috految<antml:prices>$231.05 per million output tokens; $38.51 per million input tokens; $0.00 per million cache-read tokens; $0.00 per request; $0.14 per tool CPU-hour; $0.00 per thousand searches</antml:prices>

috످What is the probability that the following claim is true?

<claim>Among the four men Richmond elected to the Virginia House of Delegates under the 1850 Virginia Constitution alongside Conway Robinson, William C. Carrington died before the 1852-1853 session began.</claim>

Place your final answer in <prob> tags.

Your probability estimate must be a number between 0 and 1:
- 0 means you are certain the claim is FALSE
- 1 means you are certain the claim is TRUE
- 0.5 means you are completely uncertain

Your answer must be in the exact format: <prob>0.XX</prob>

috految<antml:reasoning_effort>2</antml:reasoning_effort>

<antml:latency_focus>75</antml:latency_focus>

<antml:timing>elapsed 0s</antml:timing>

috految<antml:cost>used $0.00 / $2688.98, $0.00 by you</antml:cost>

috److As I recall, William Cabell Carrington (1821–1851) was editor of the Richmond Times. He was elected to the House of Delegates from Richmond and died on December 29, 1851, before the session began in January 1852. This matches the claim.

<prob>0.96</prob>

috످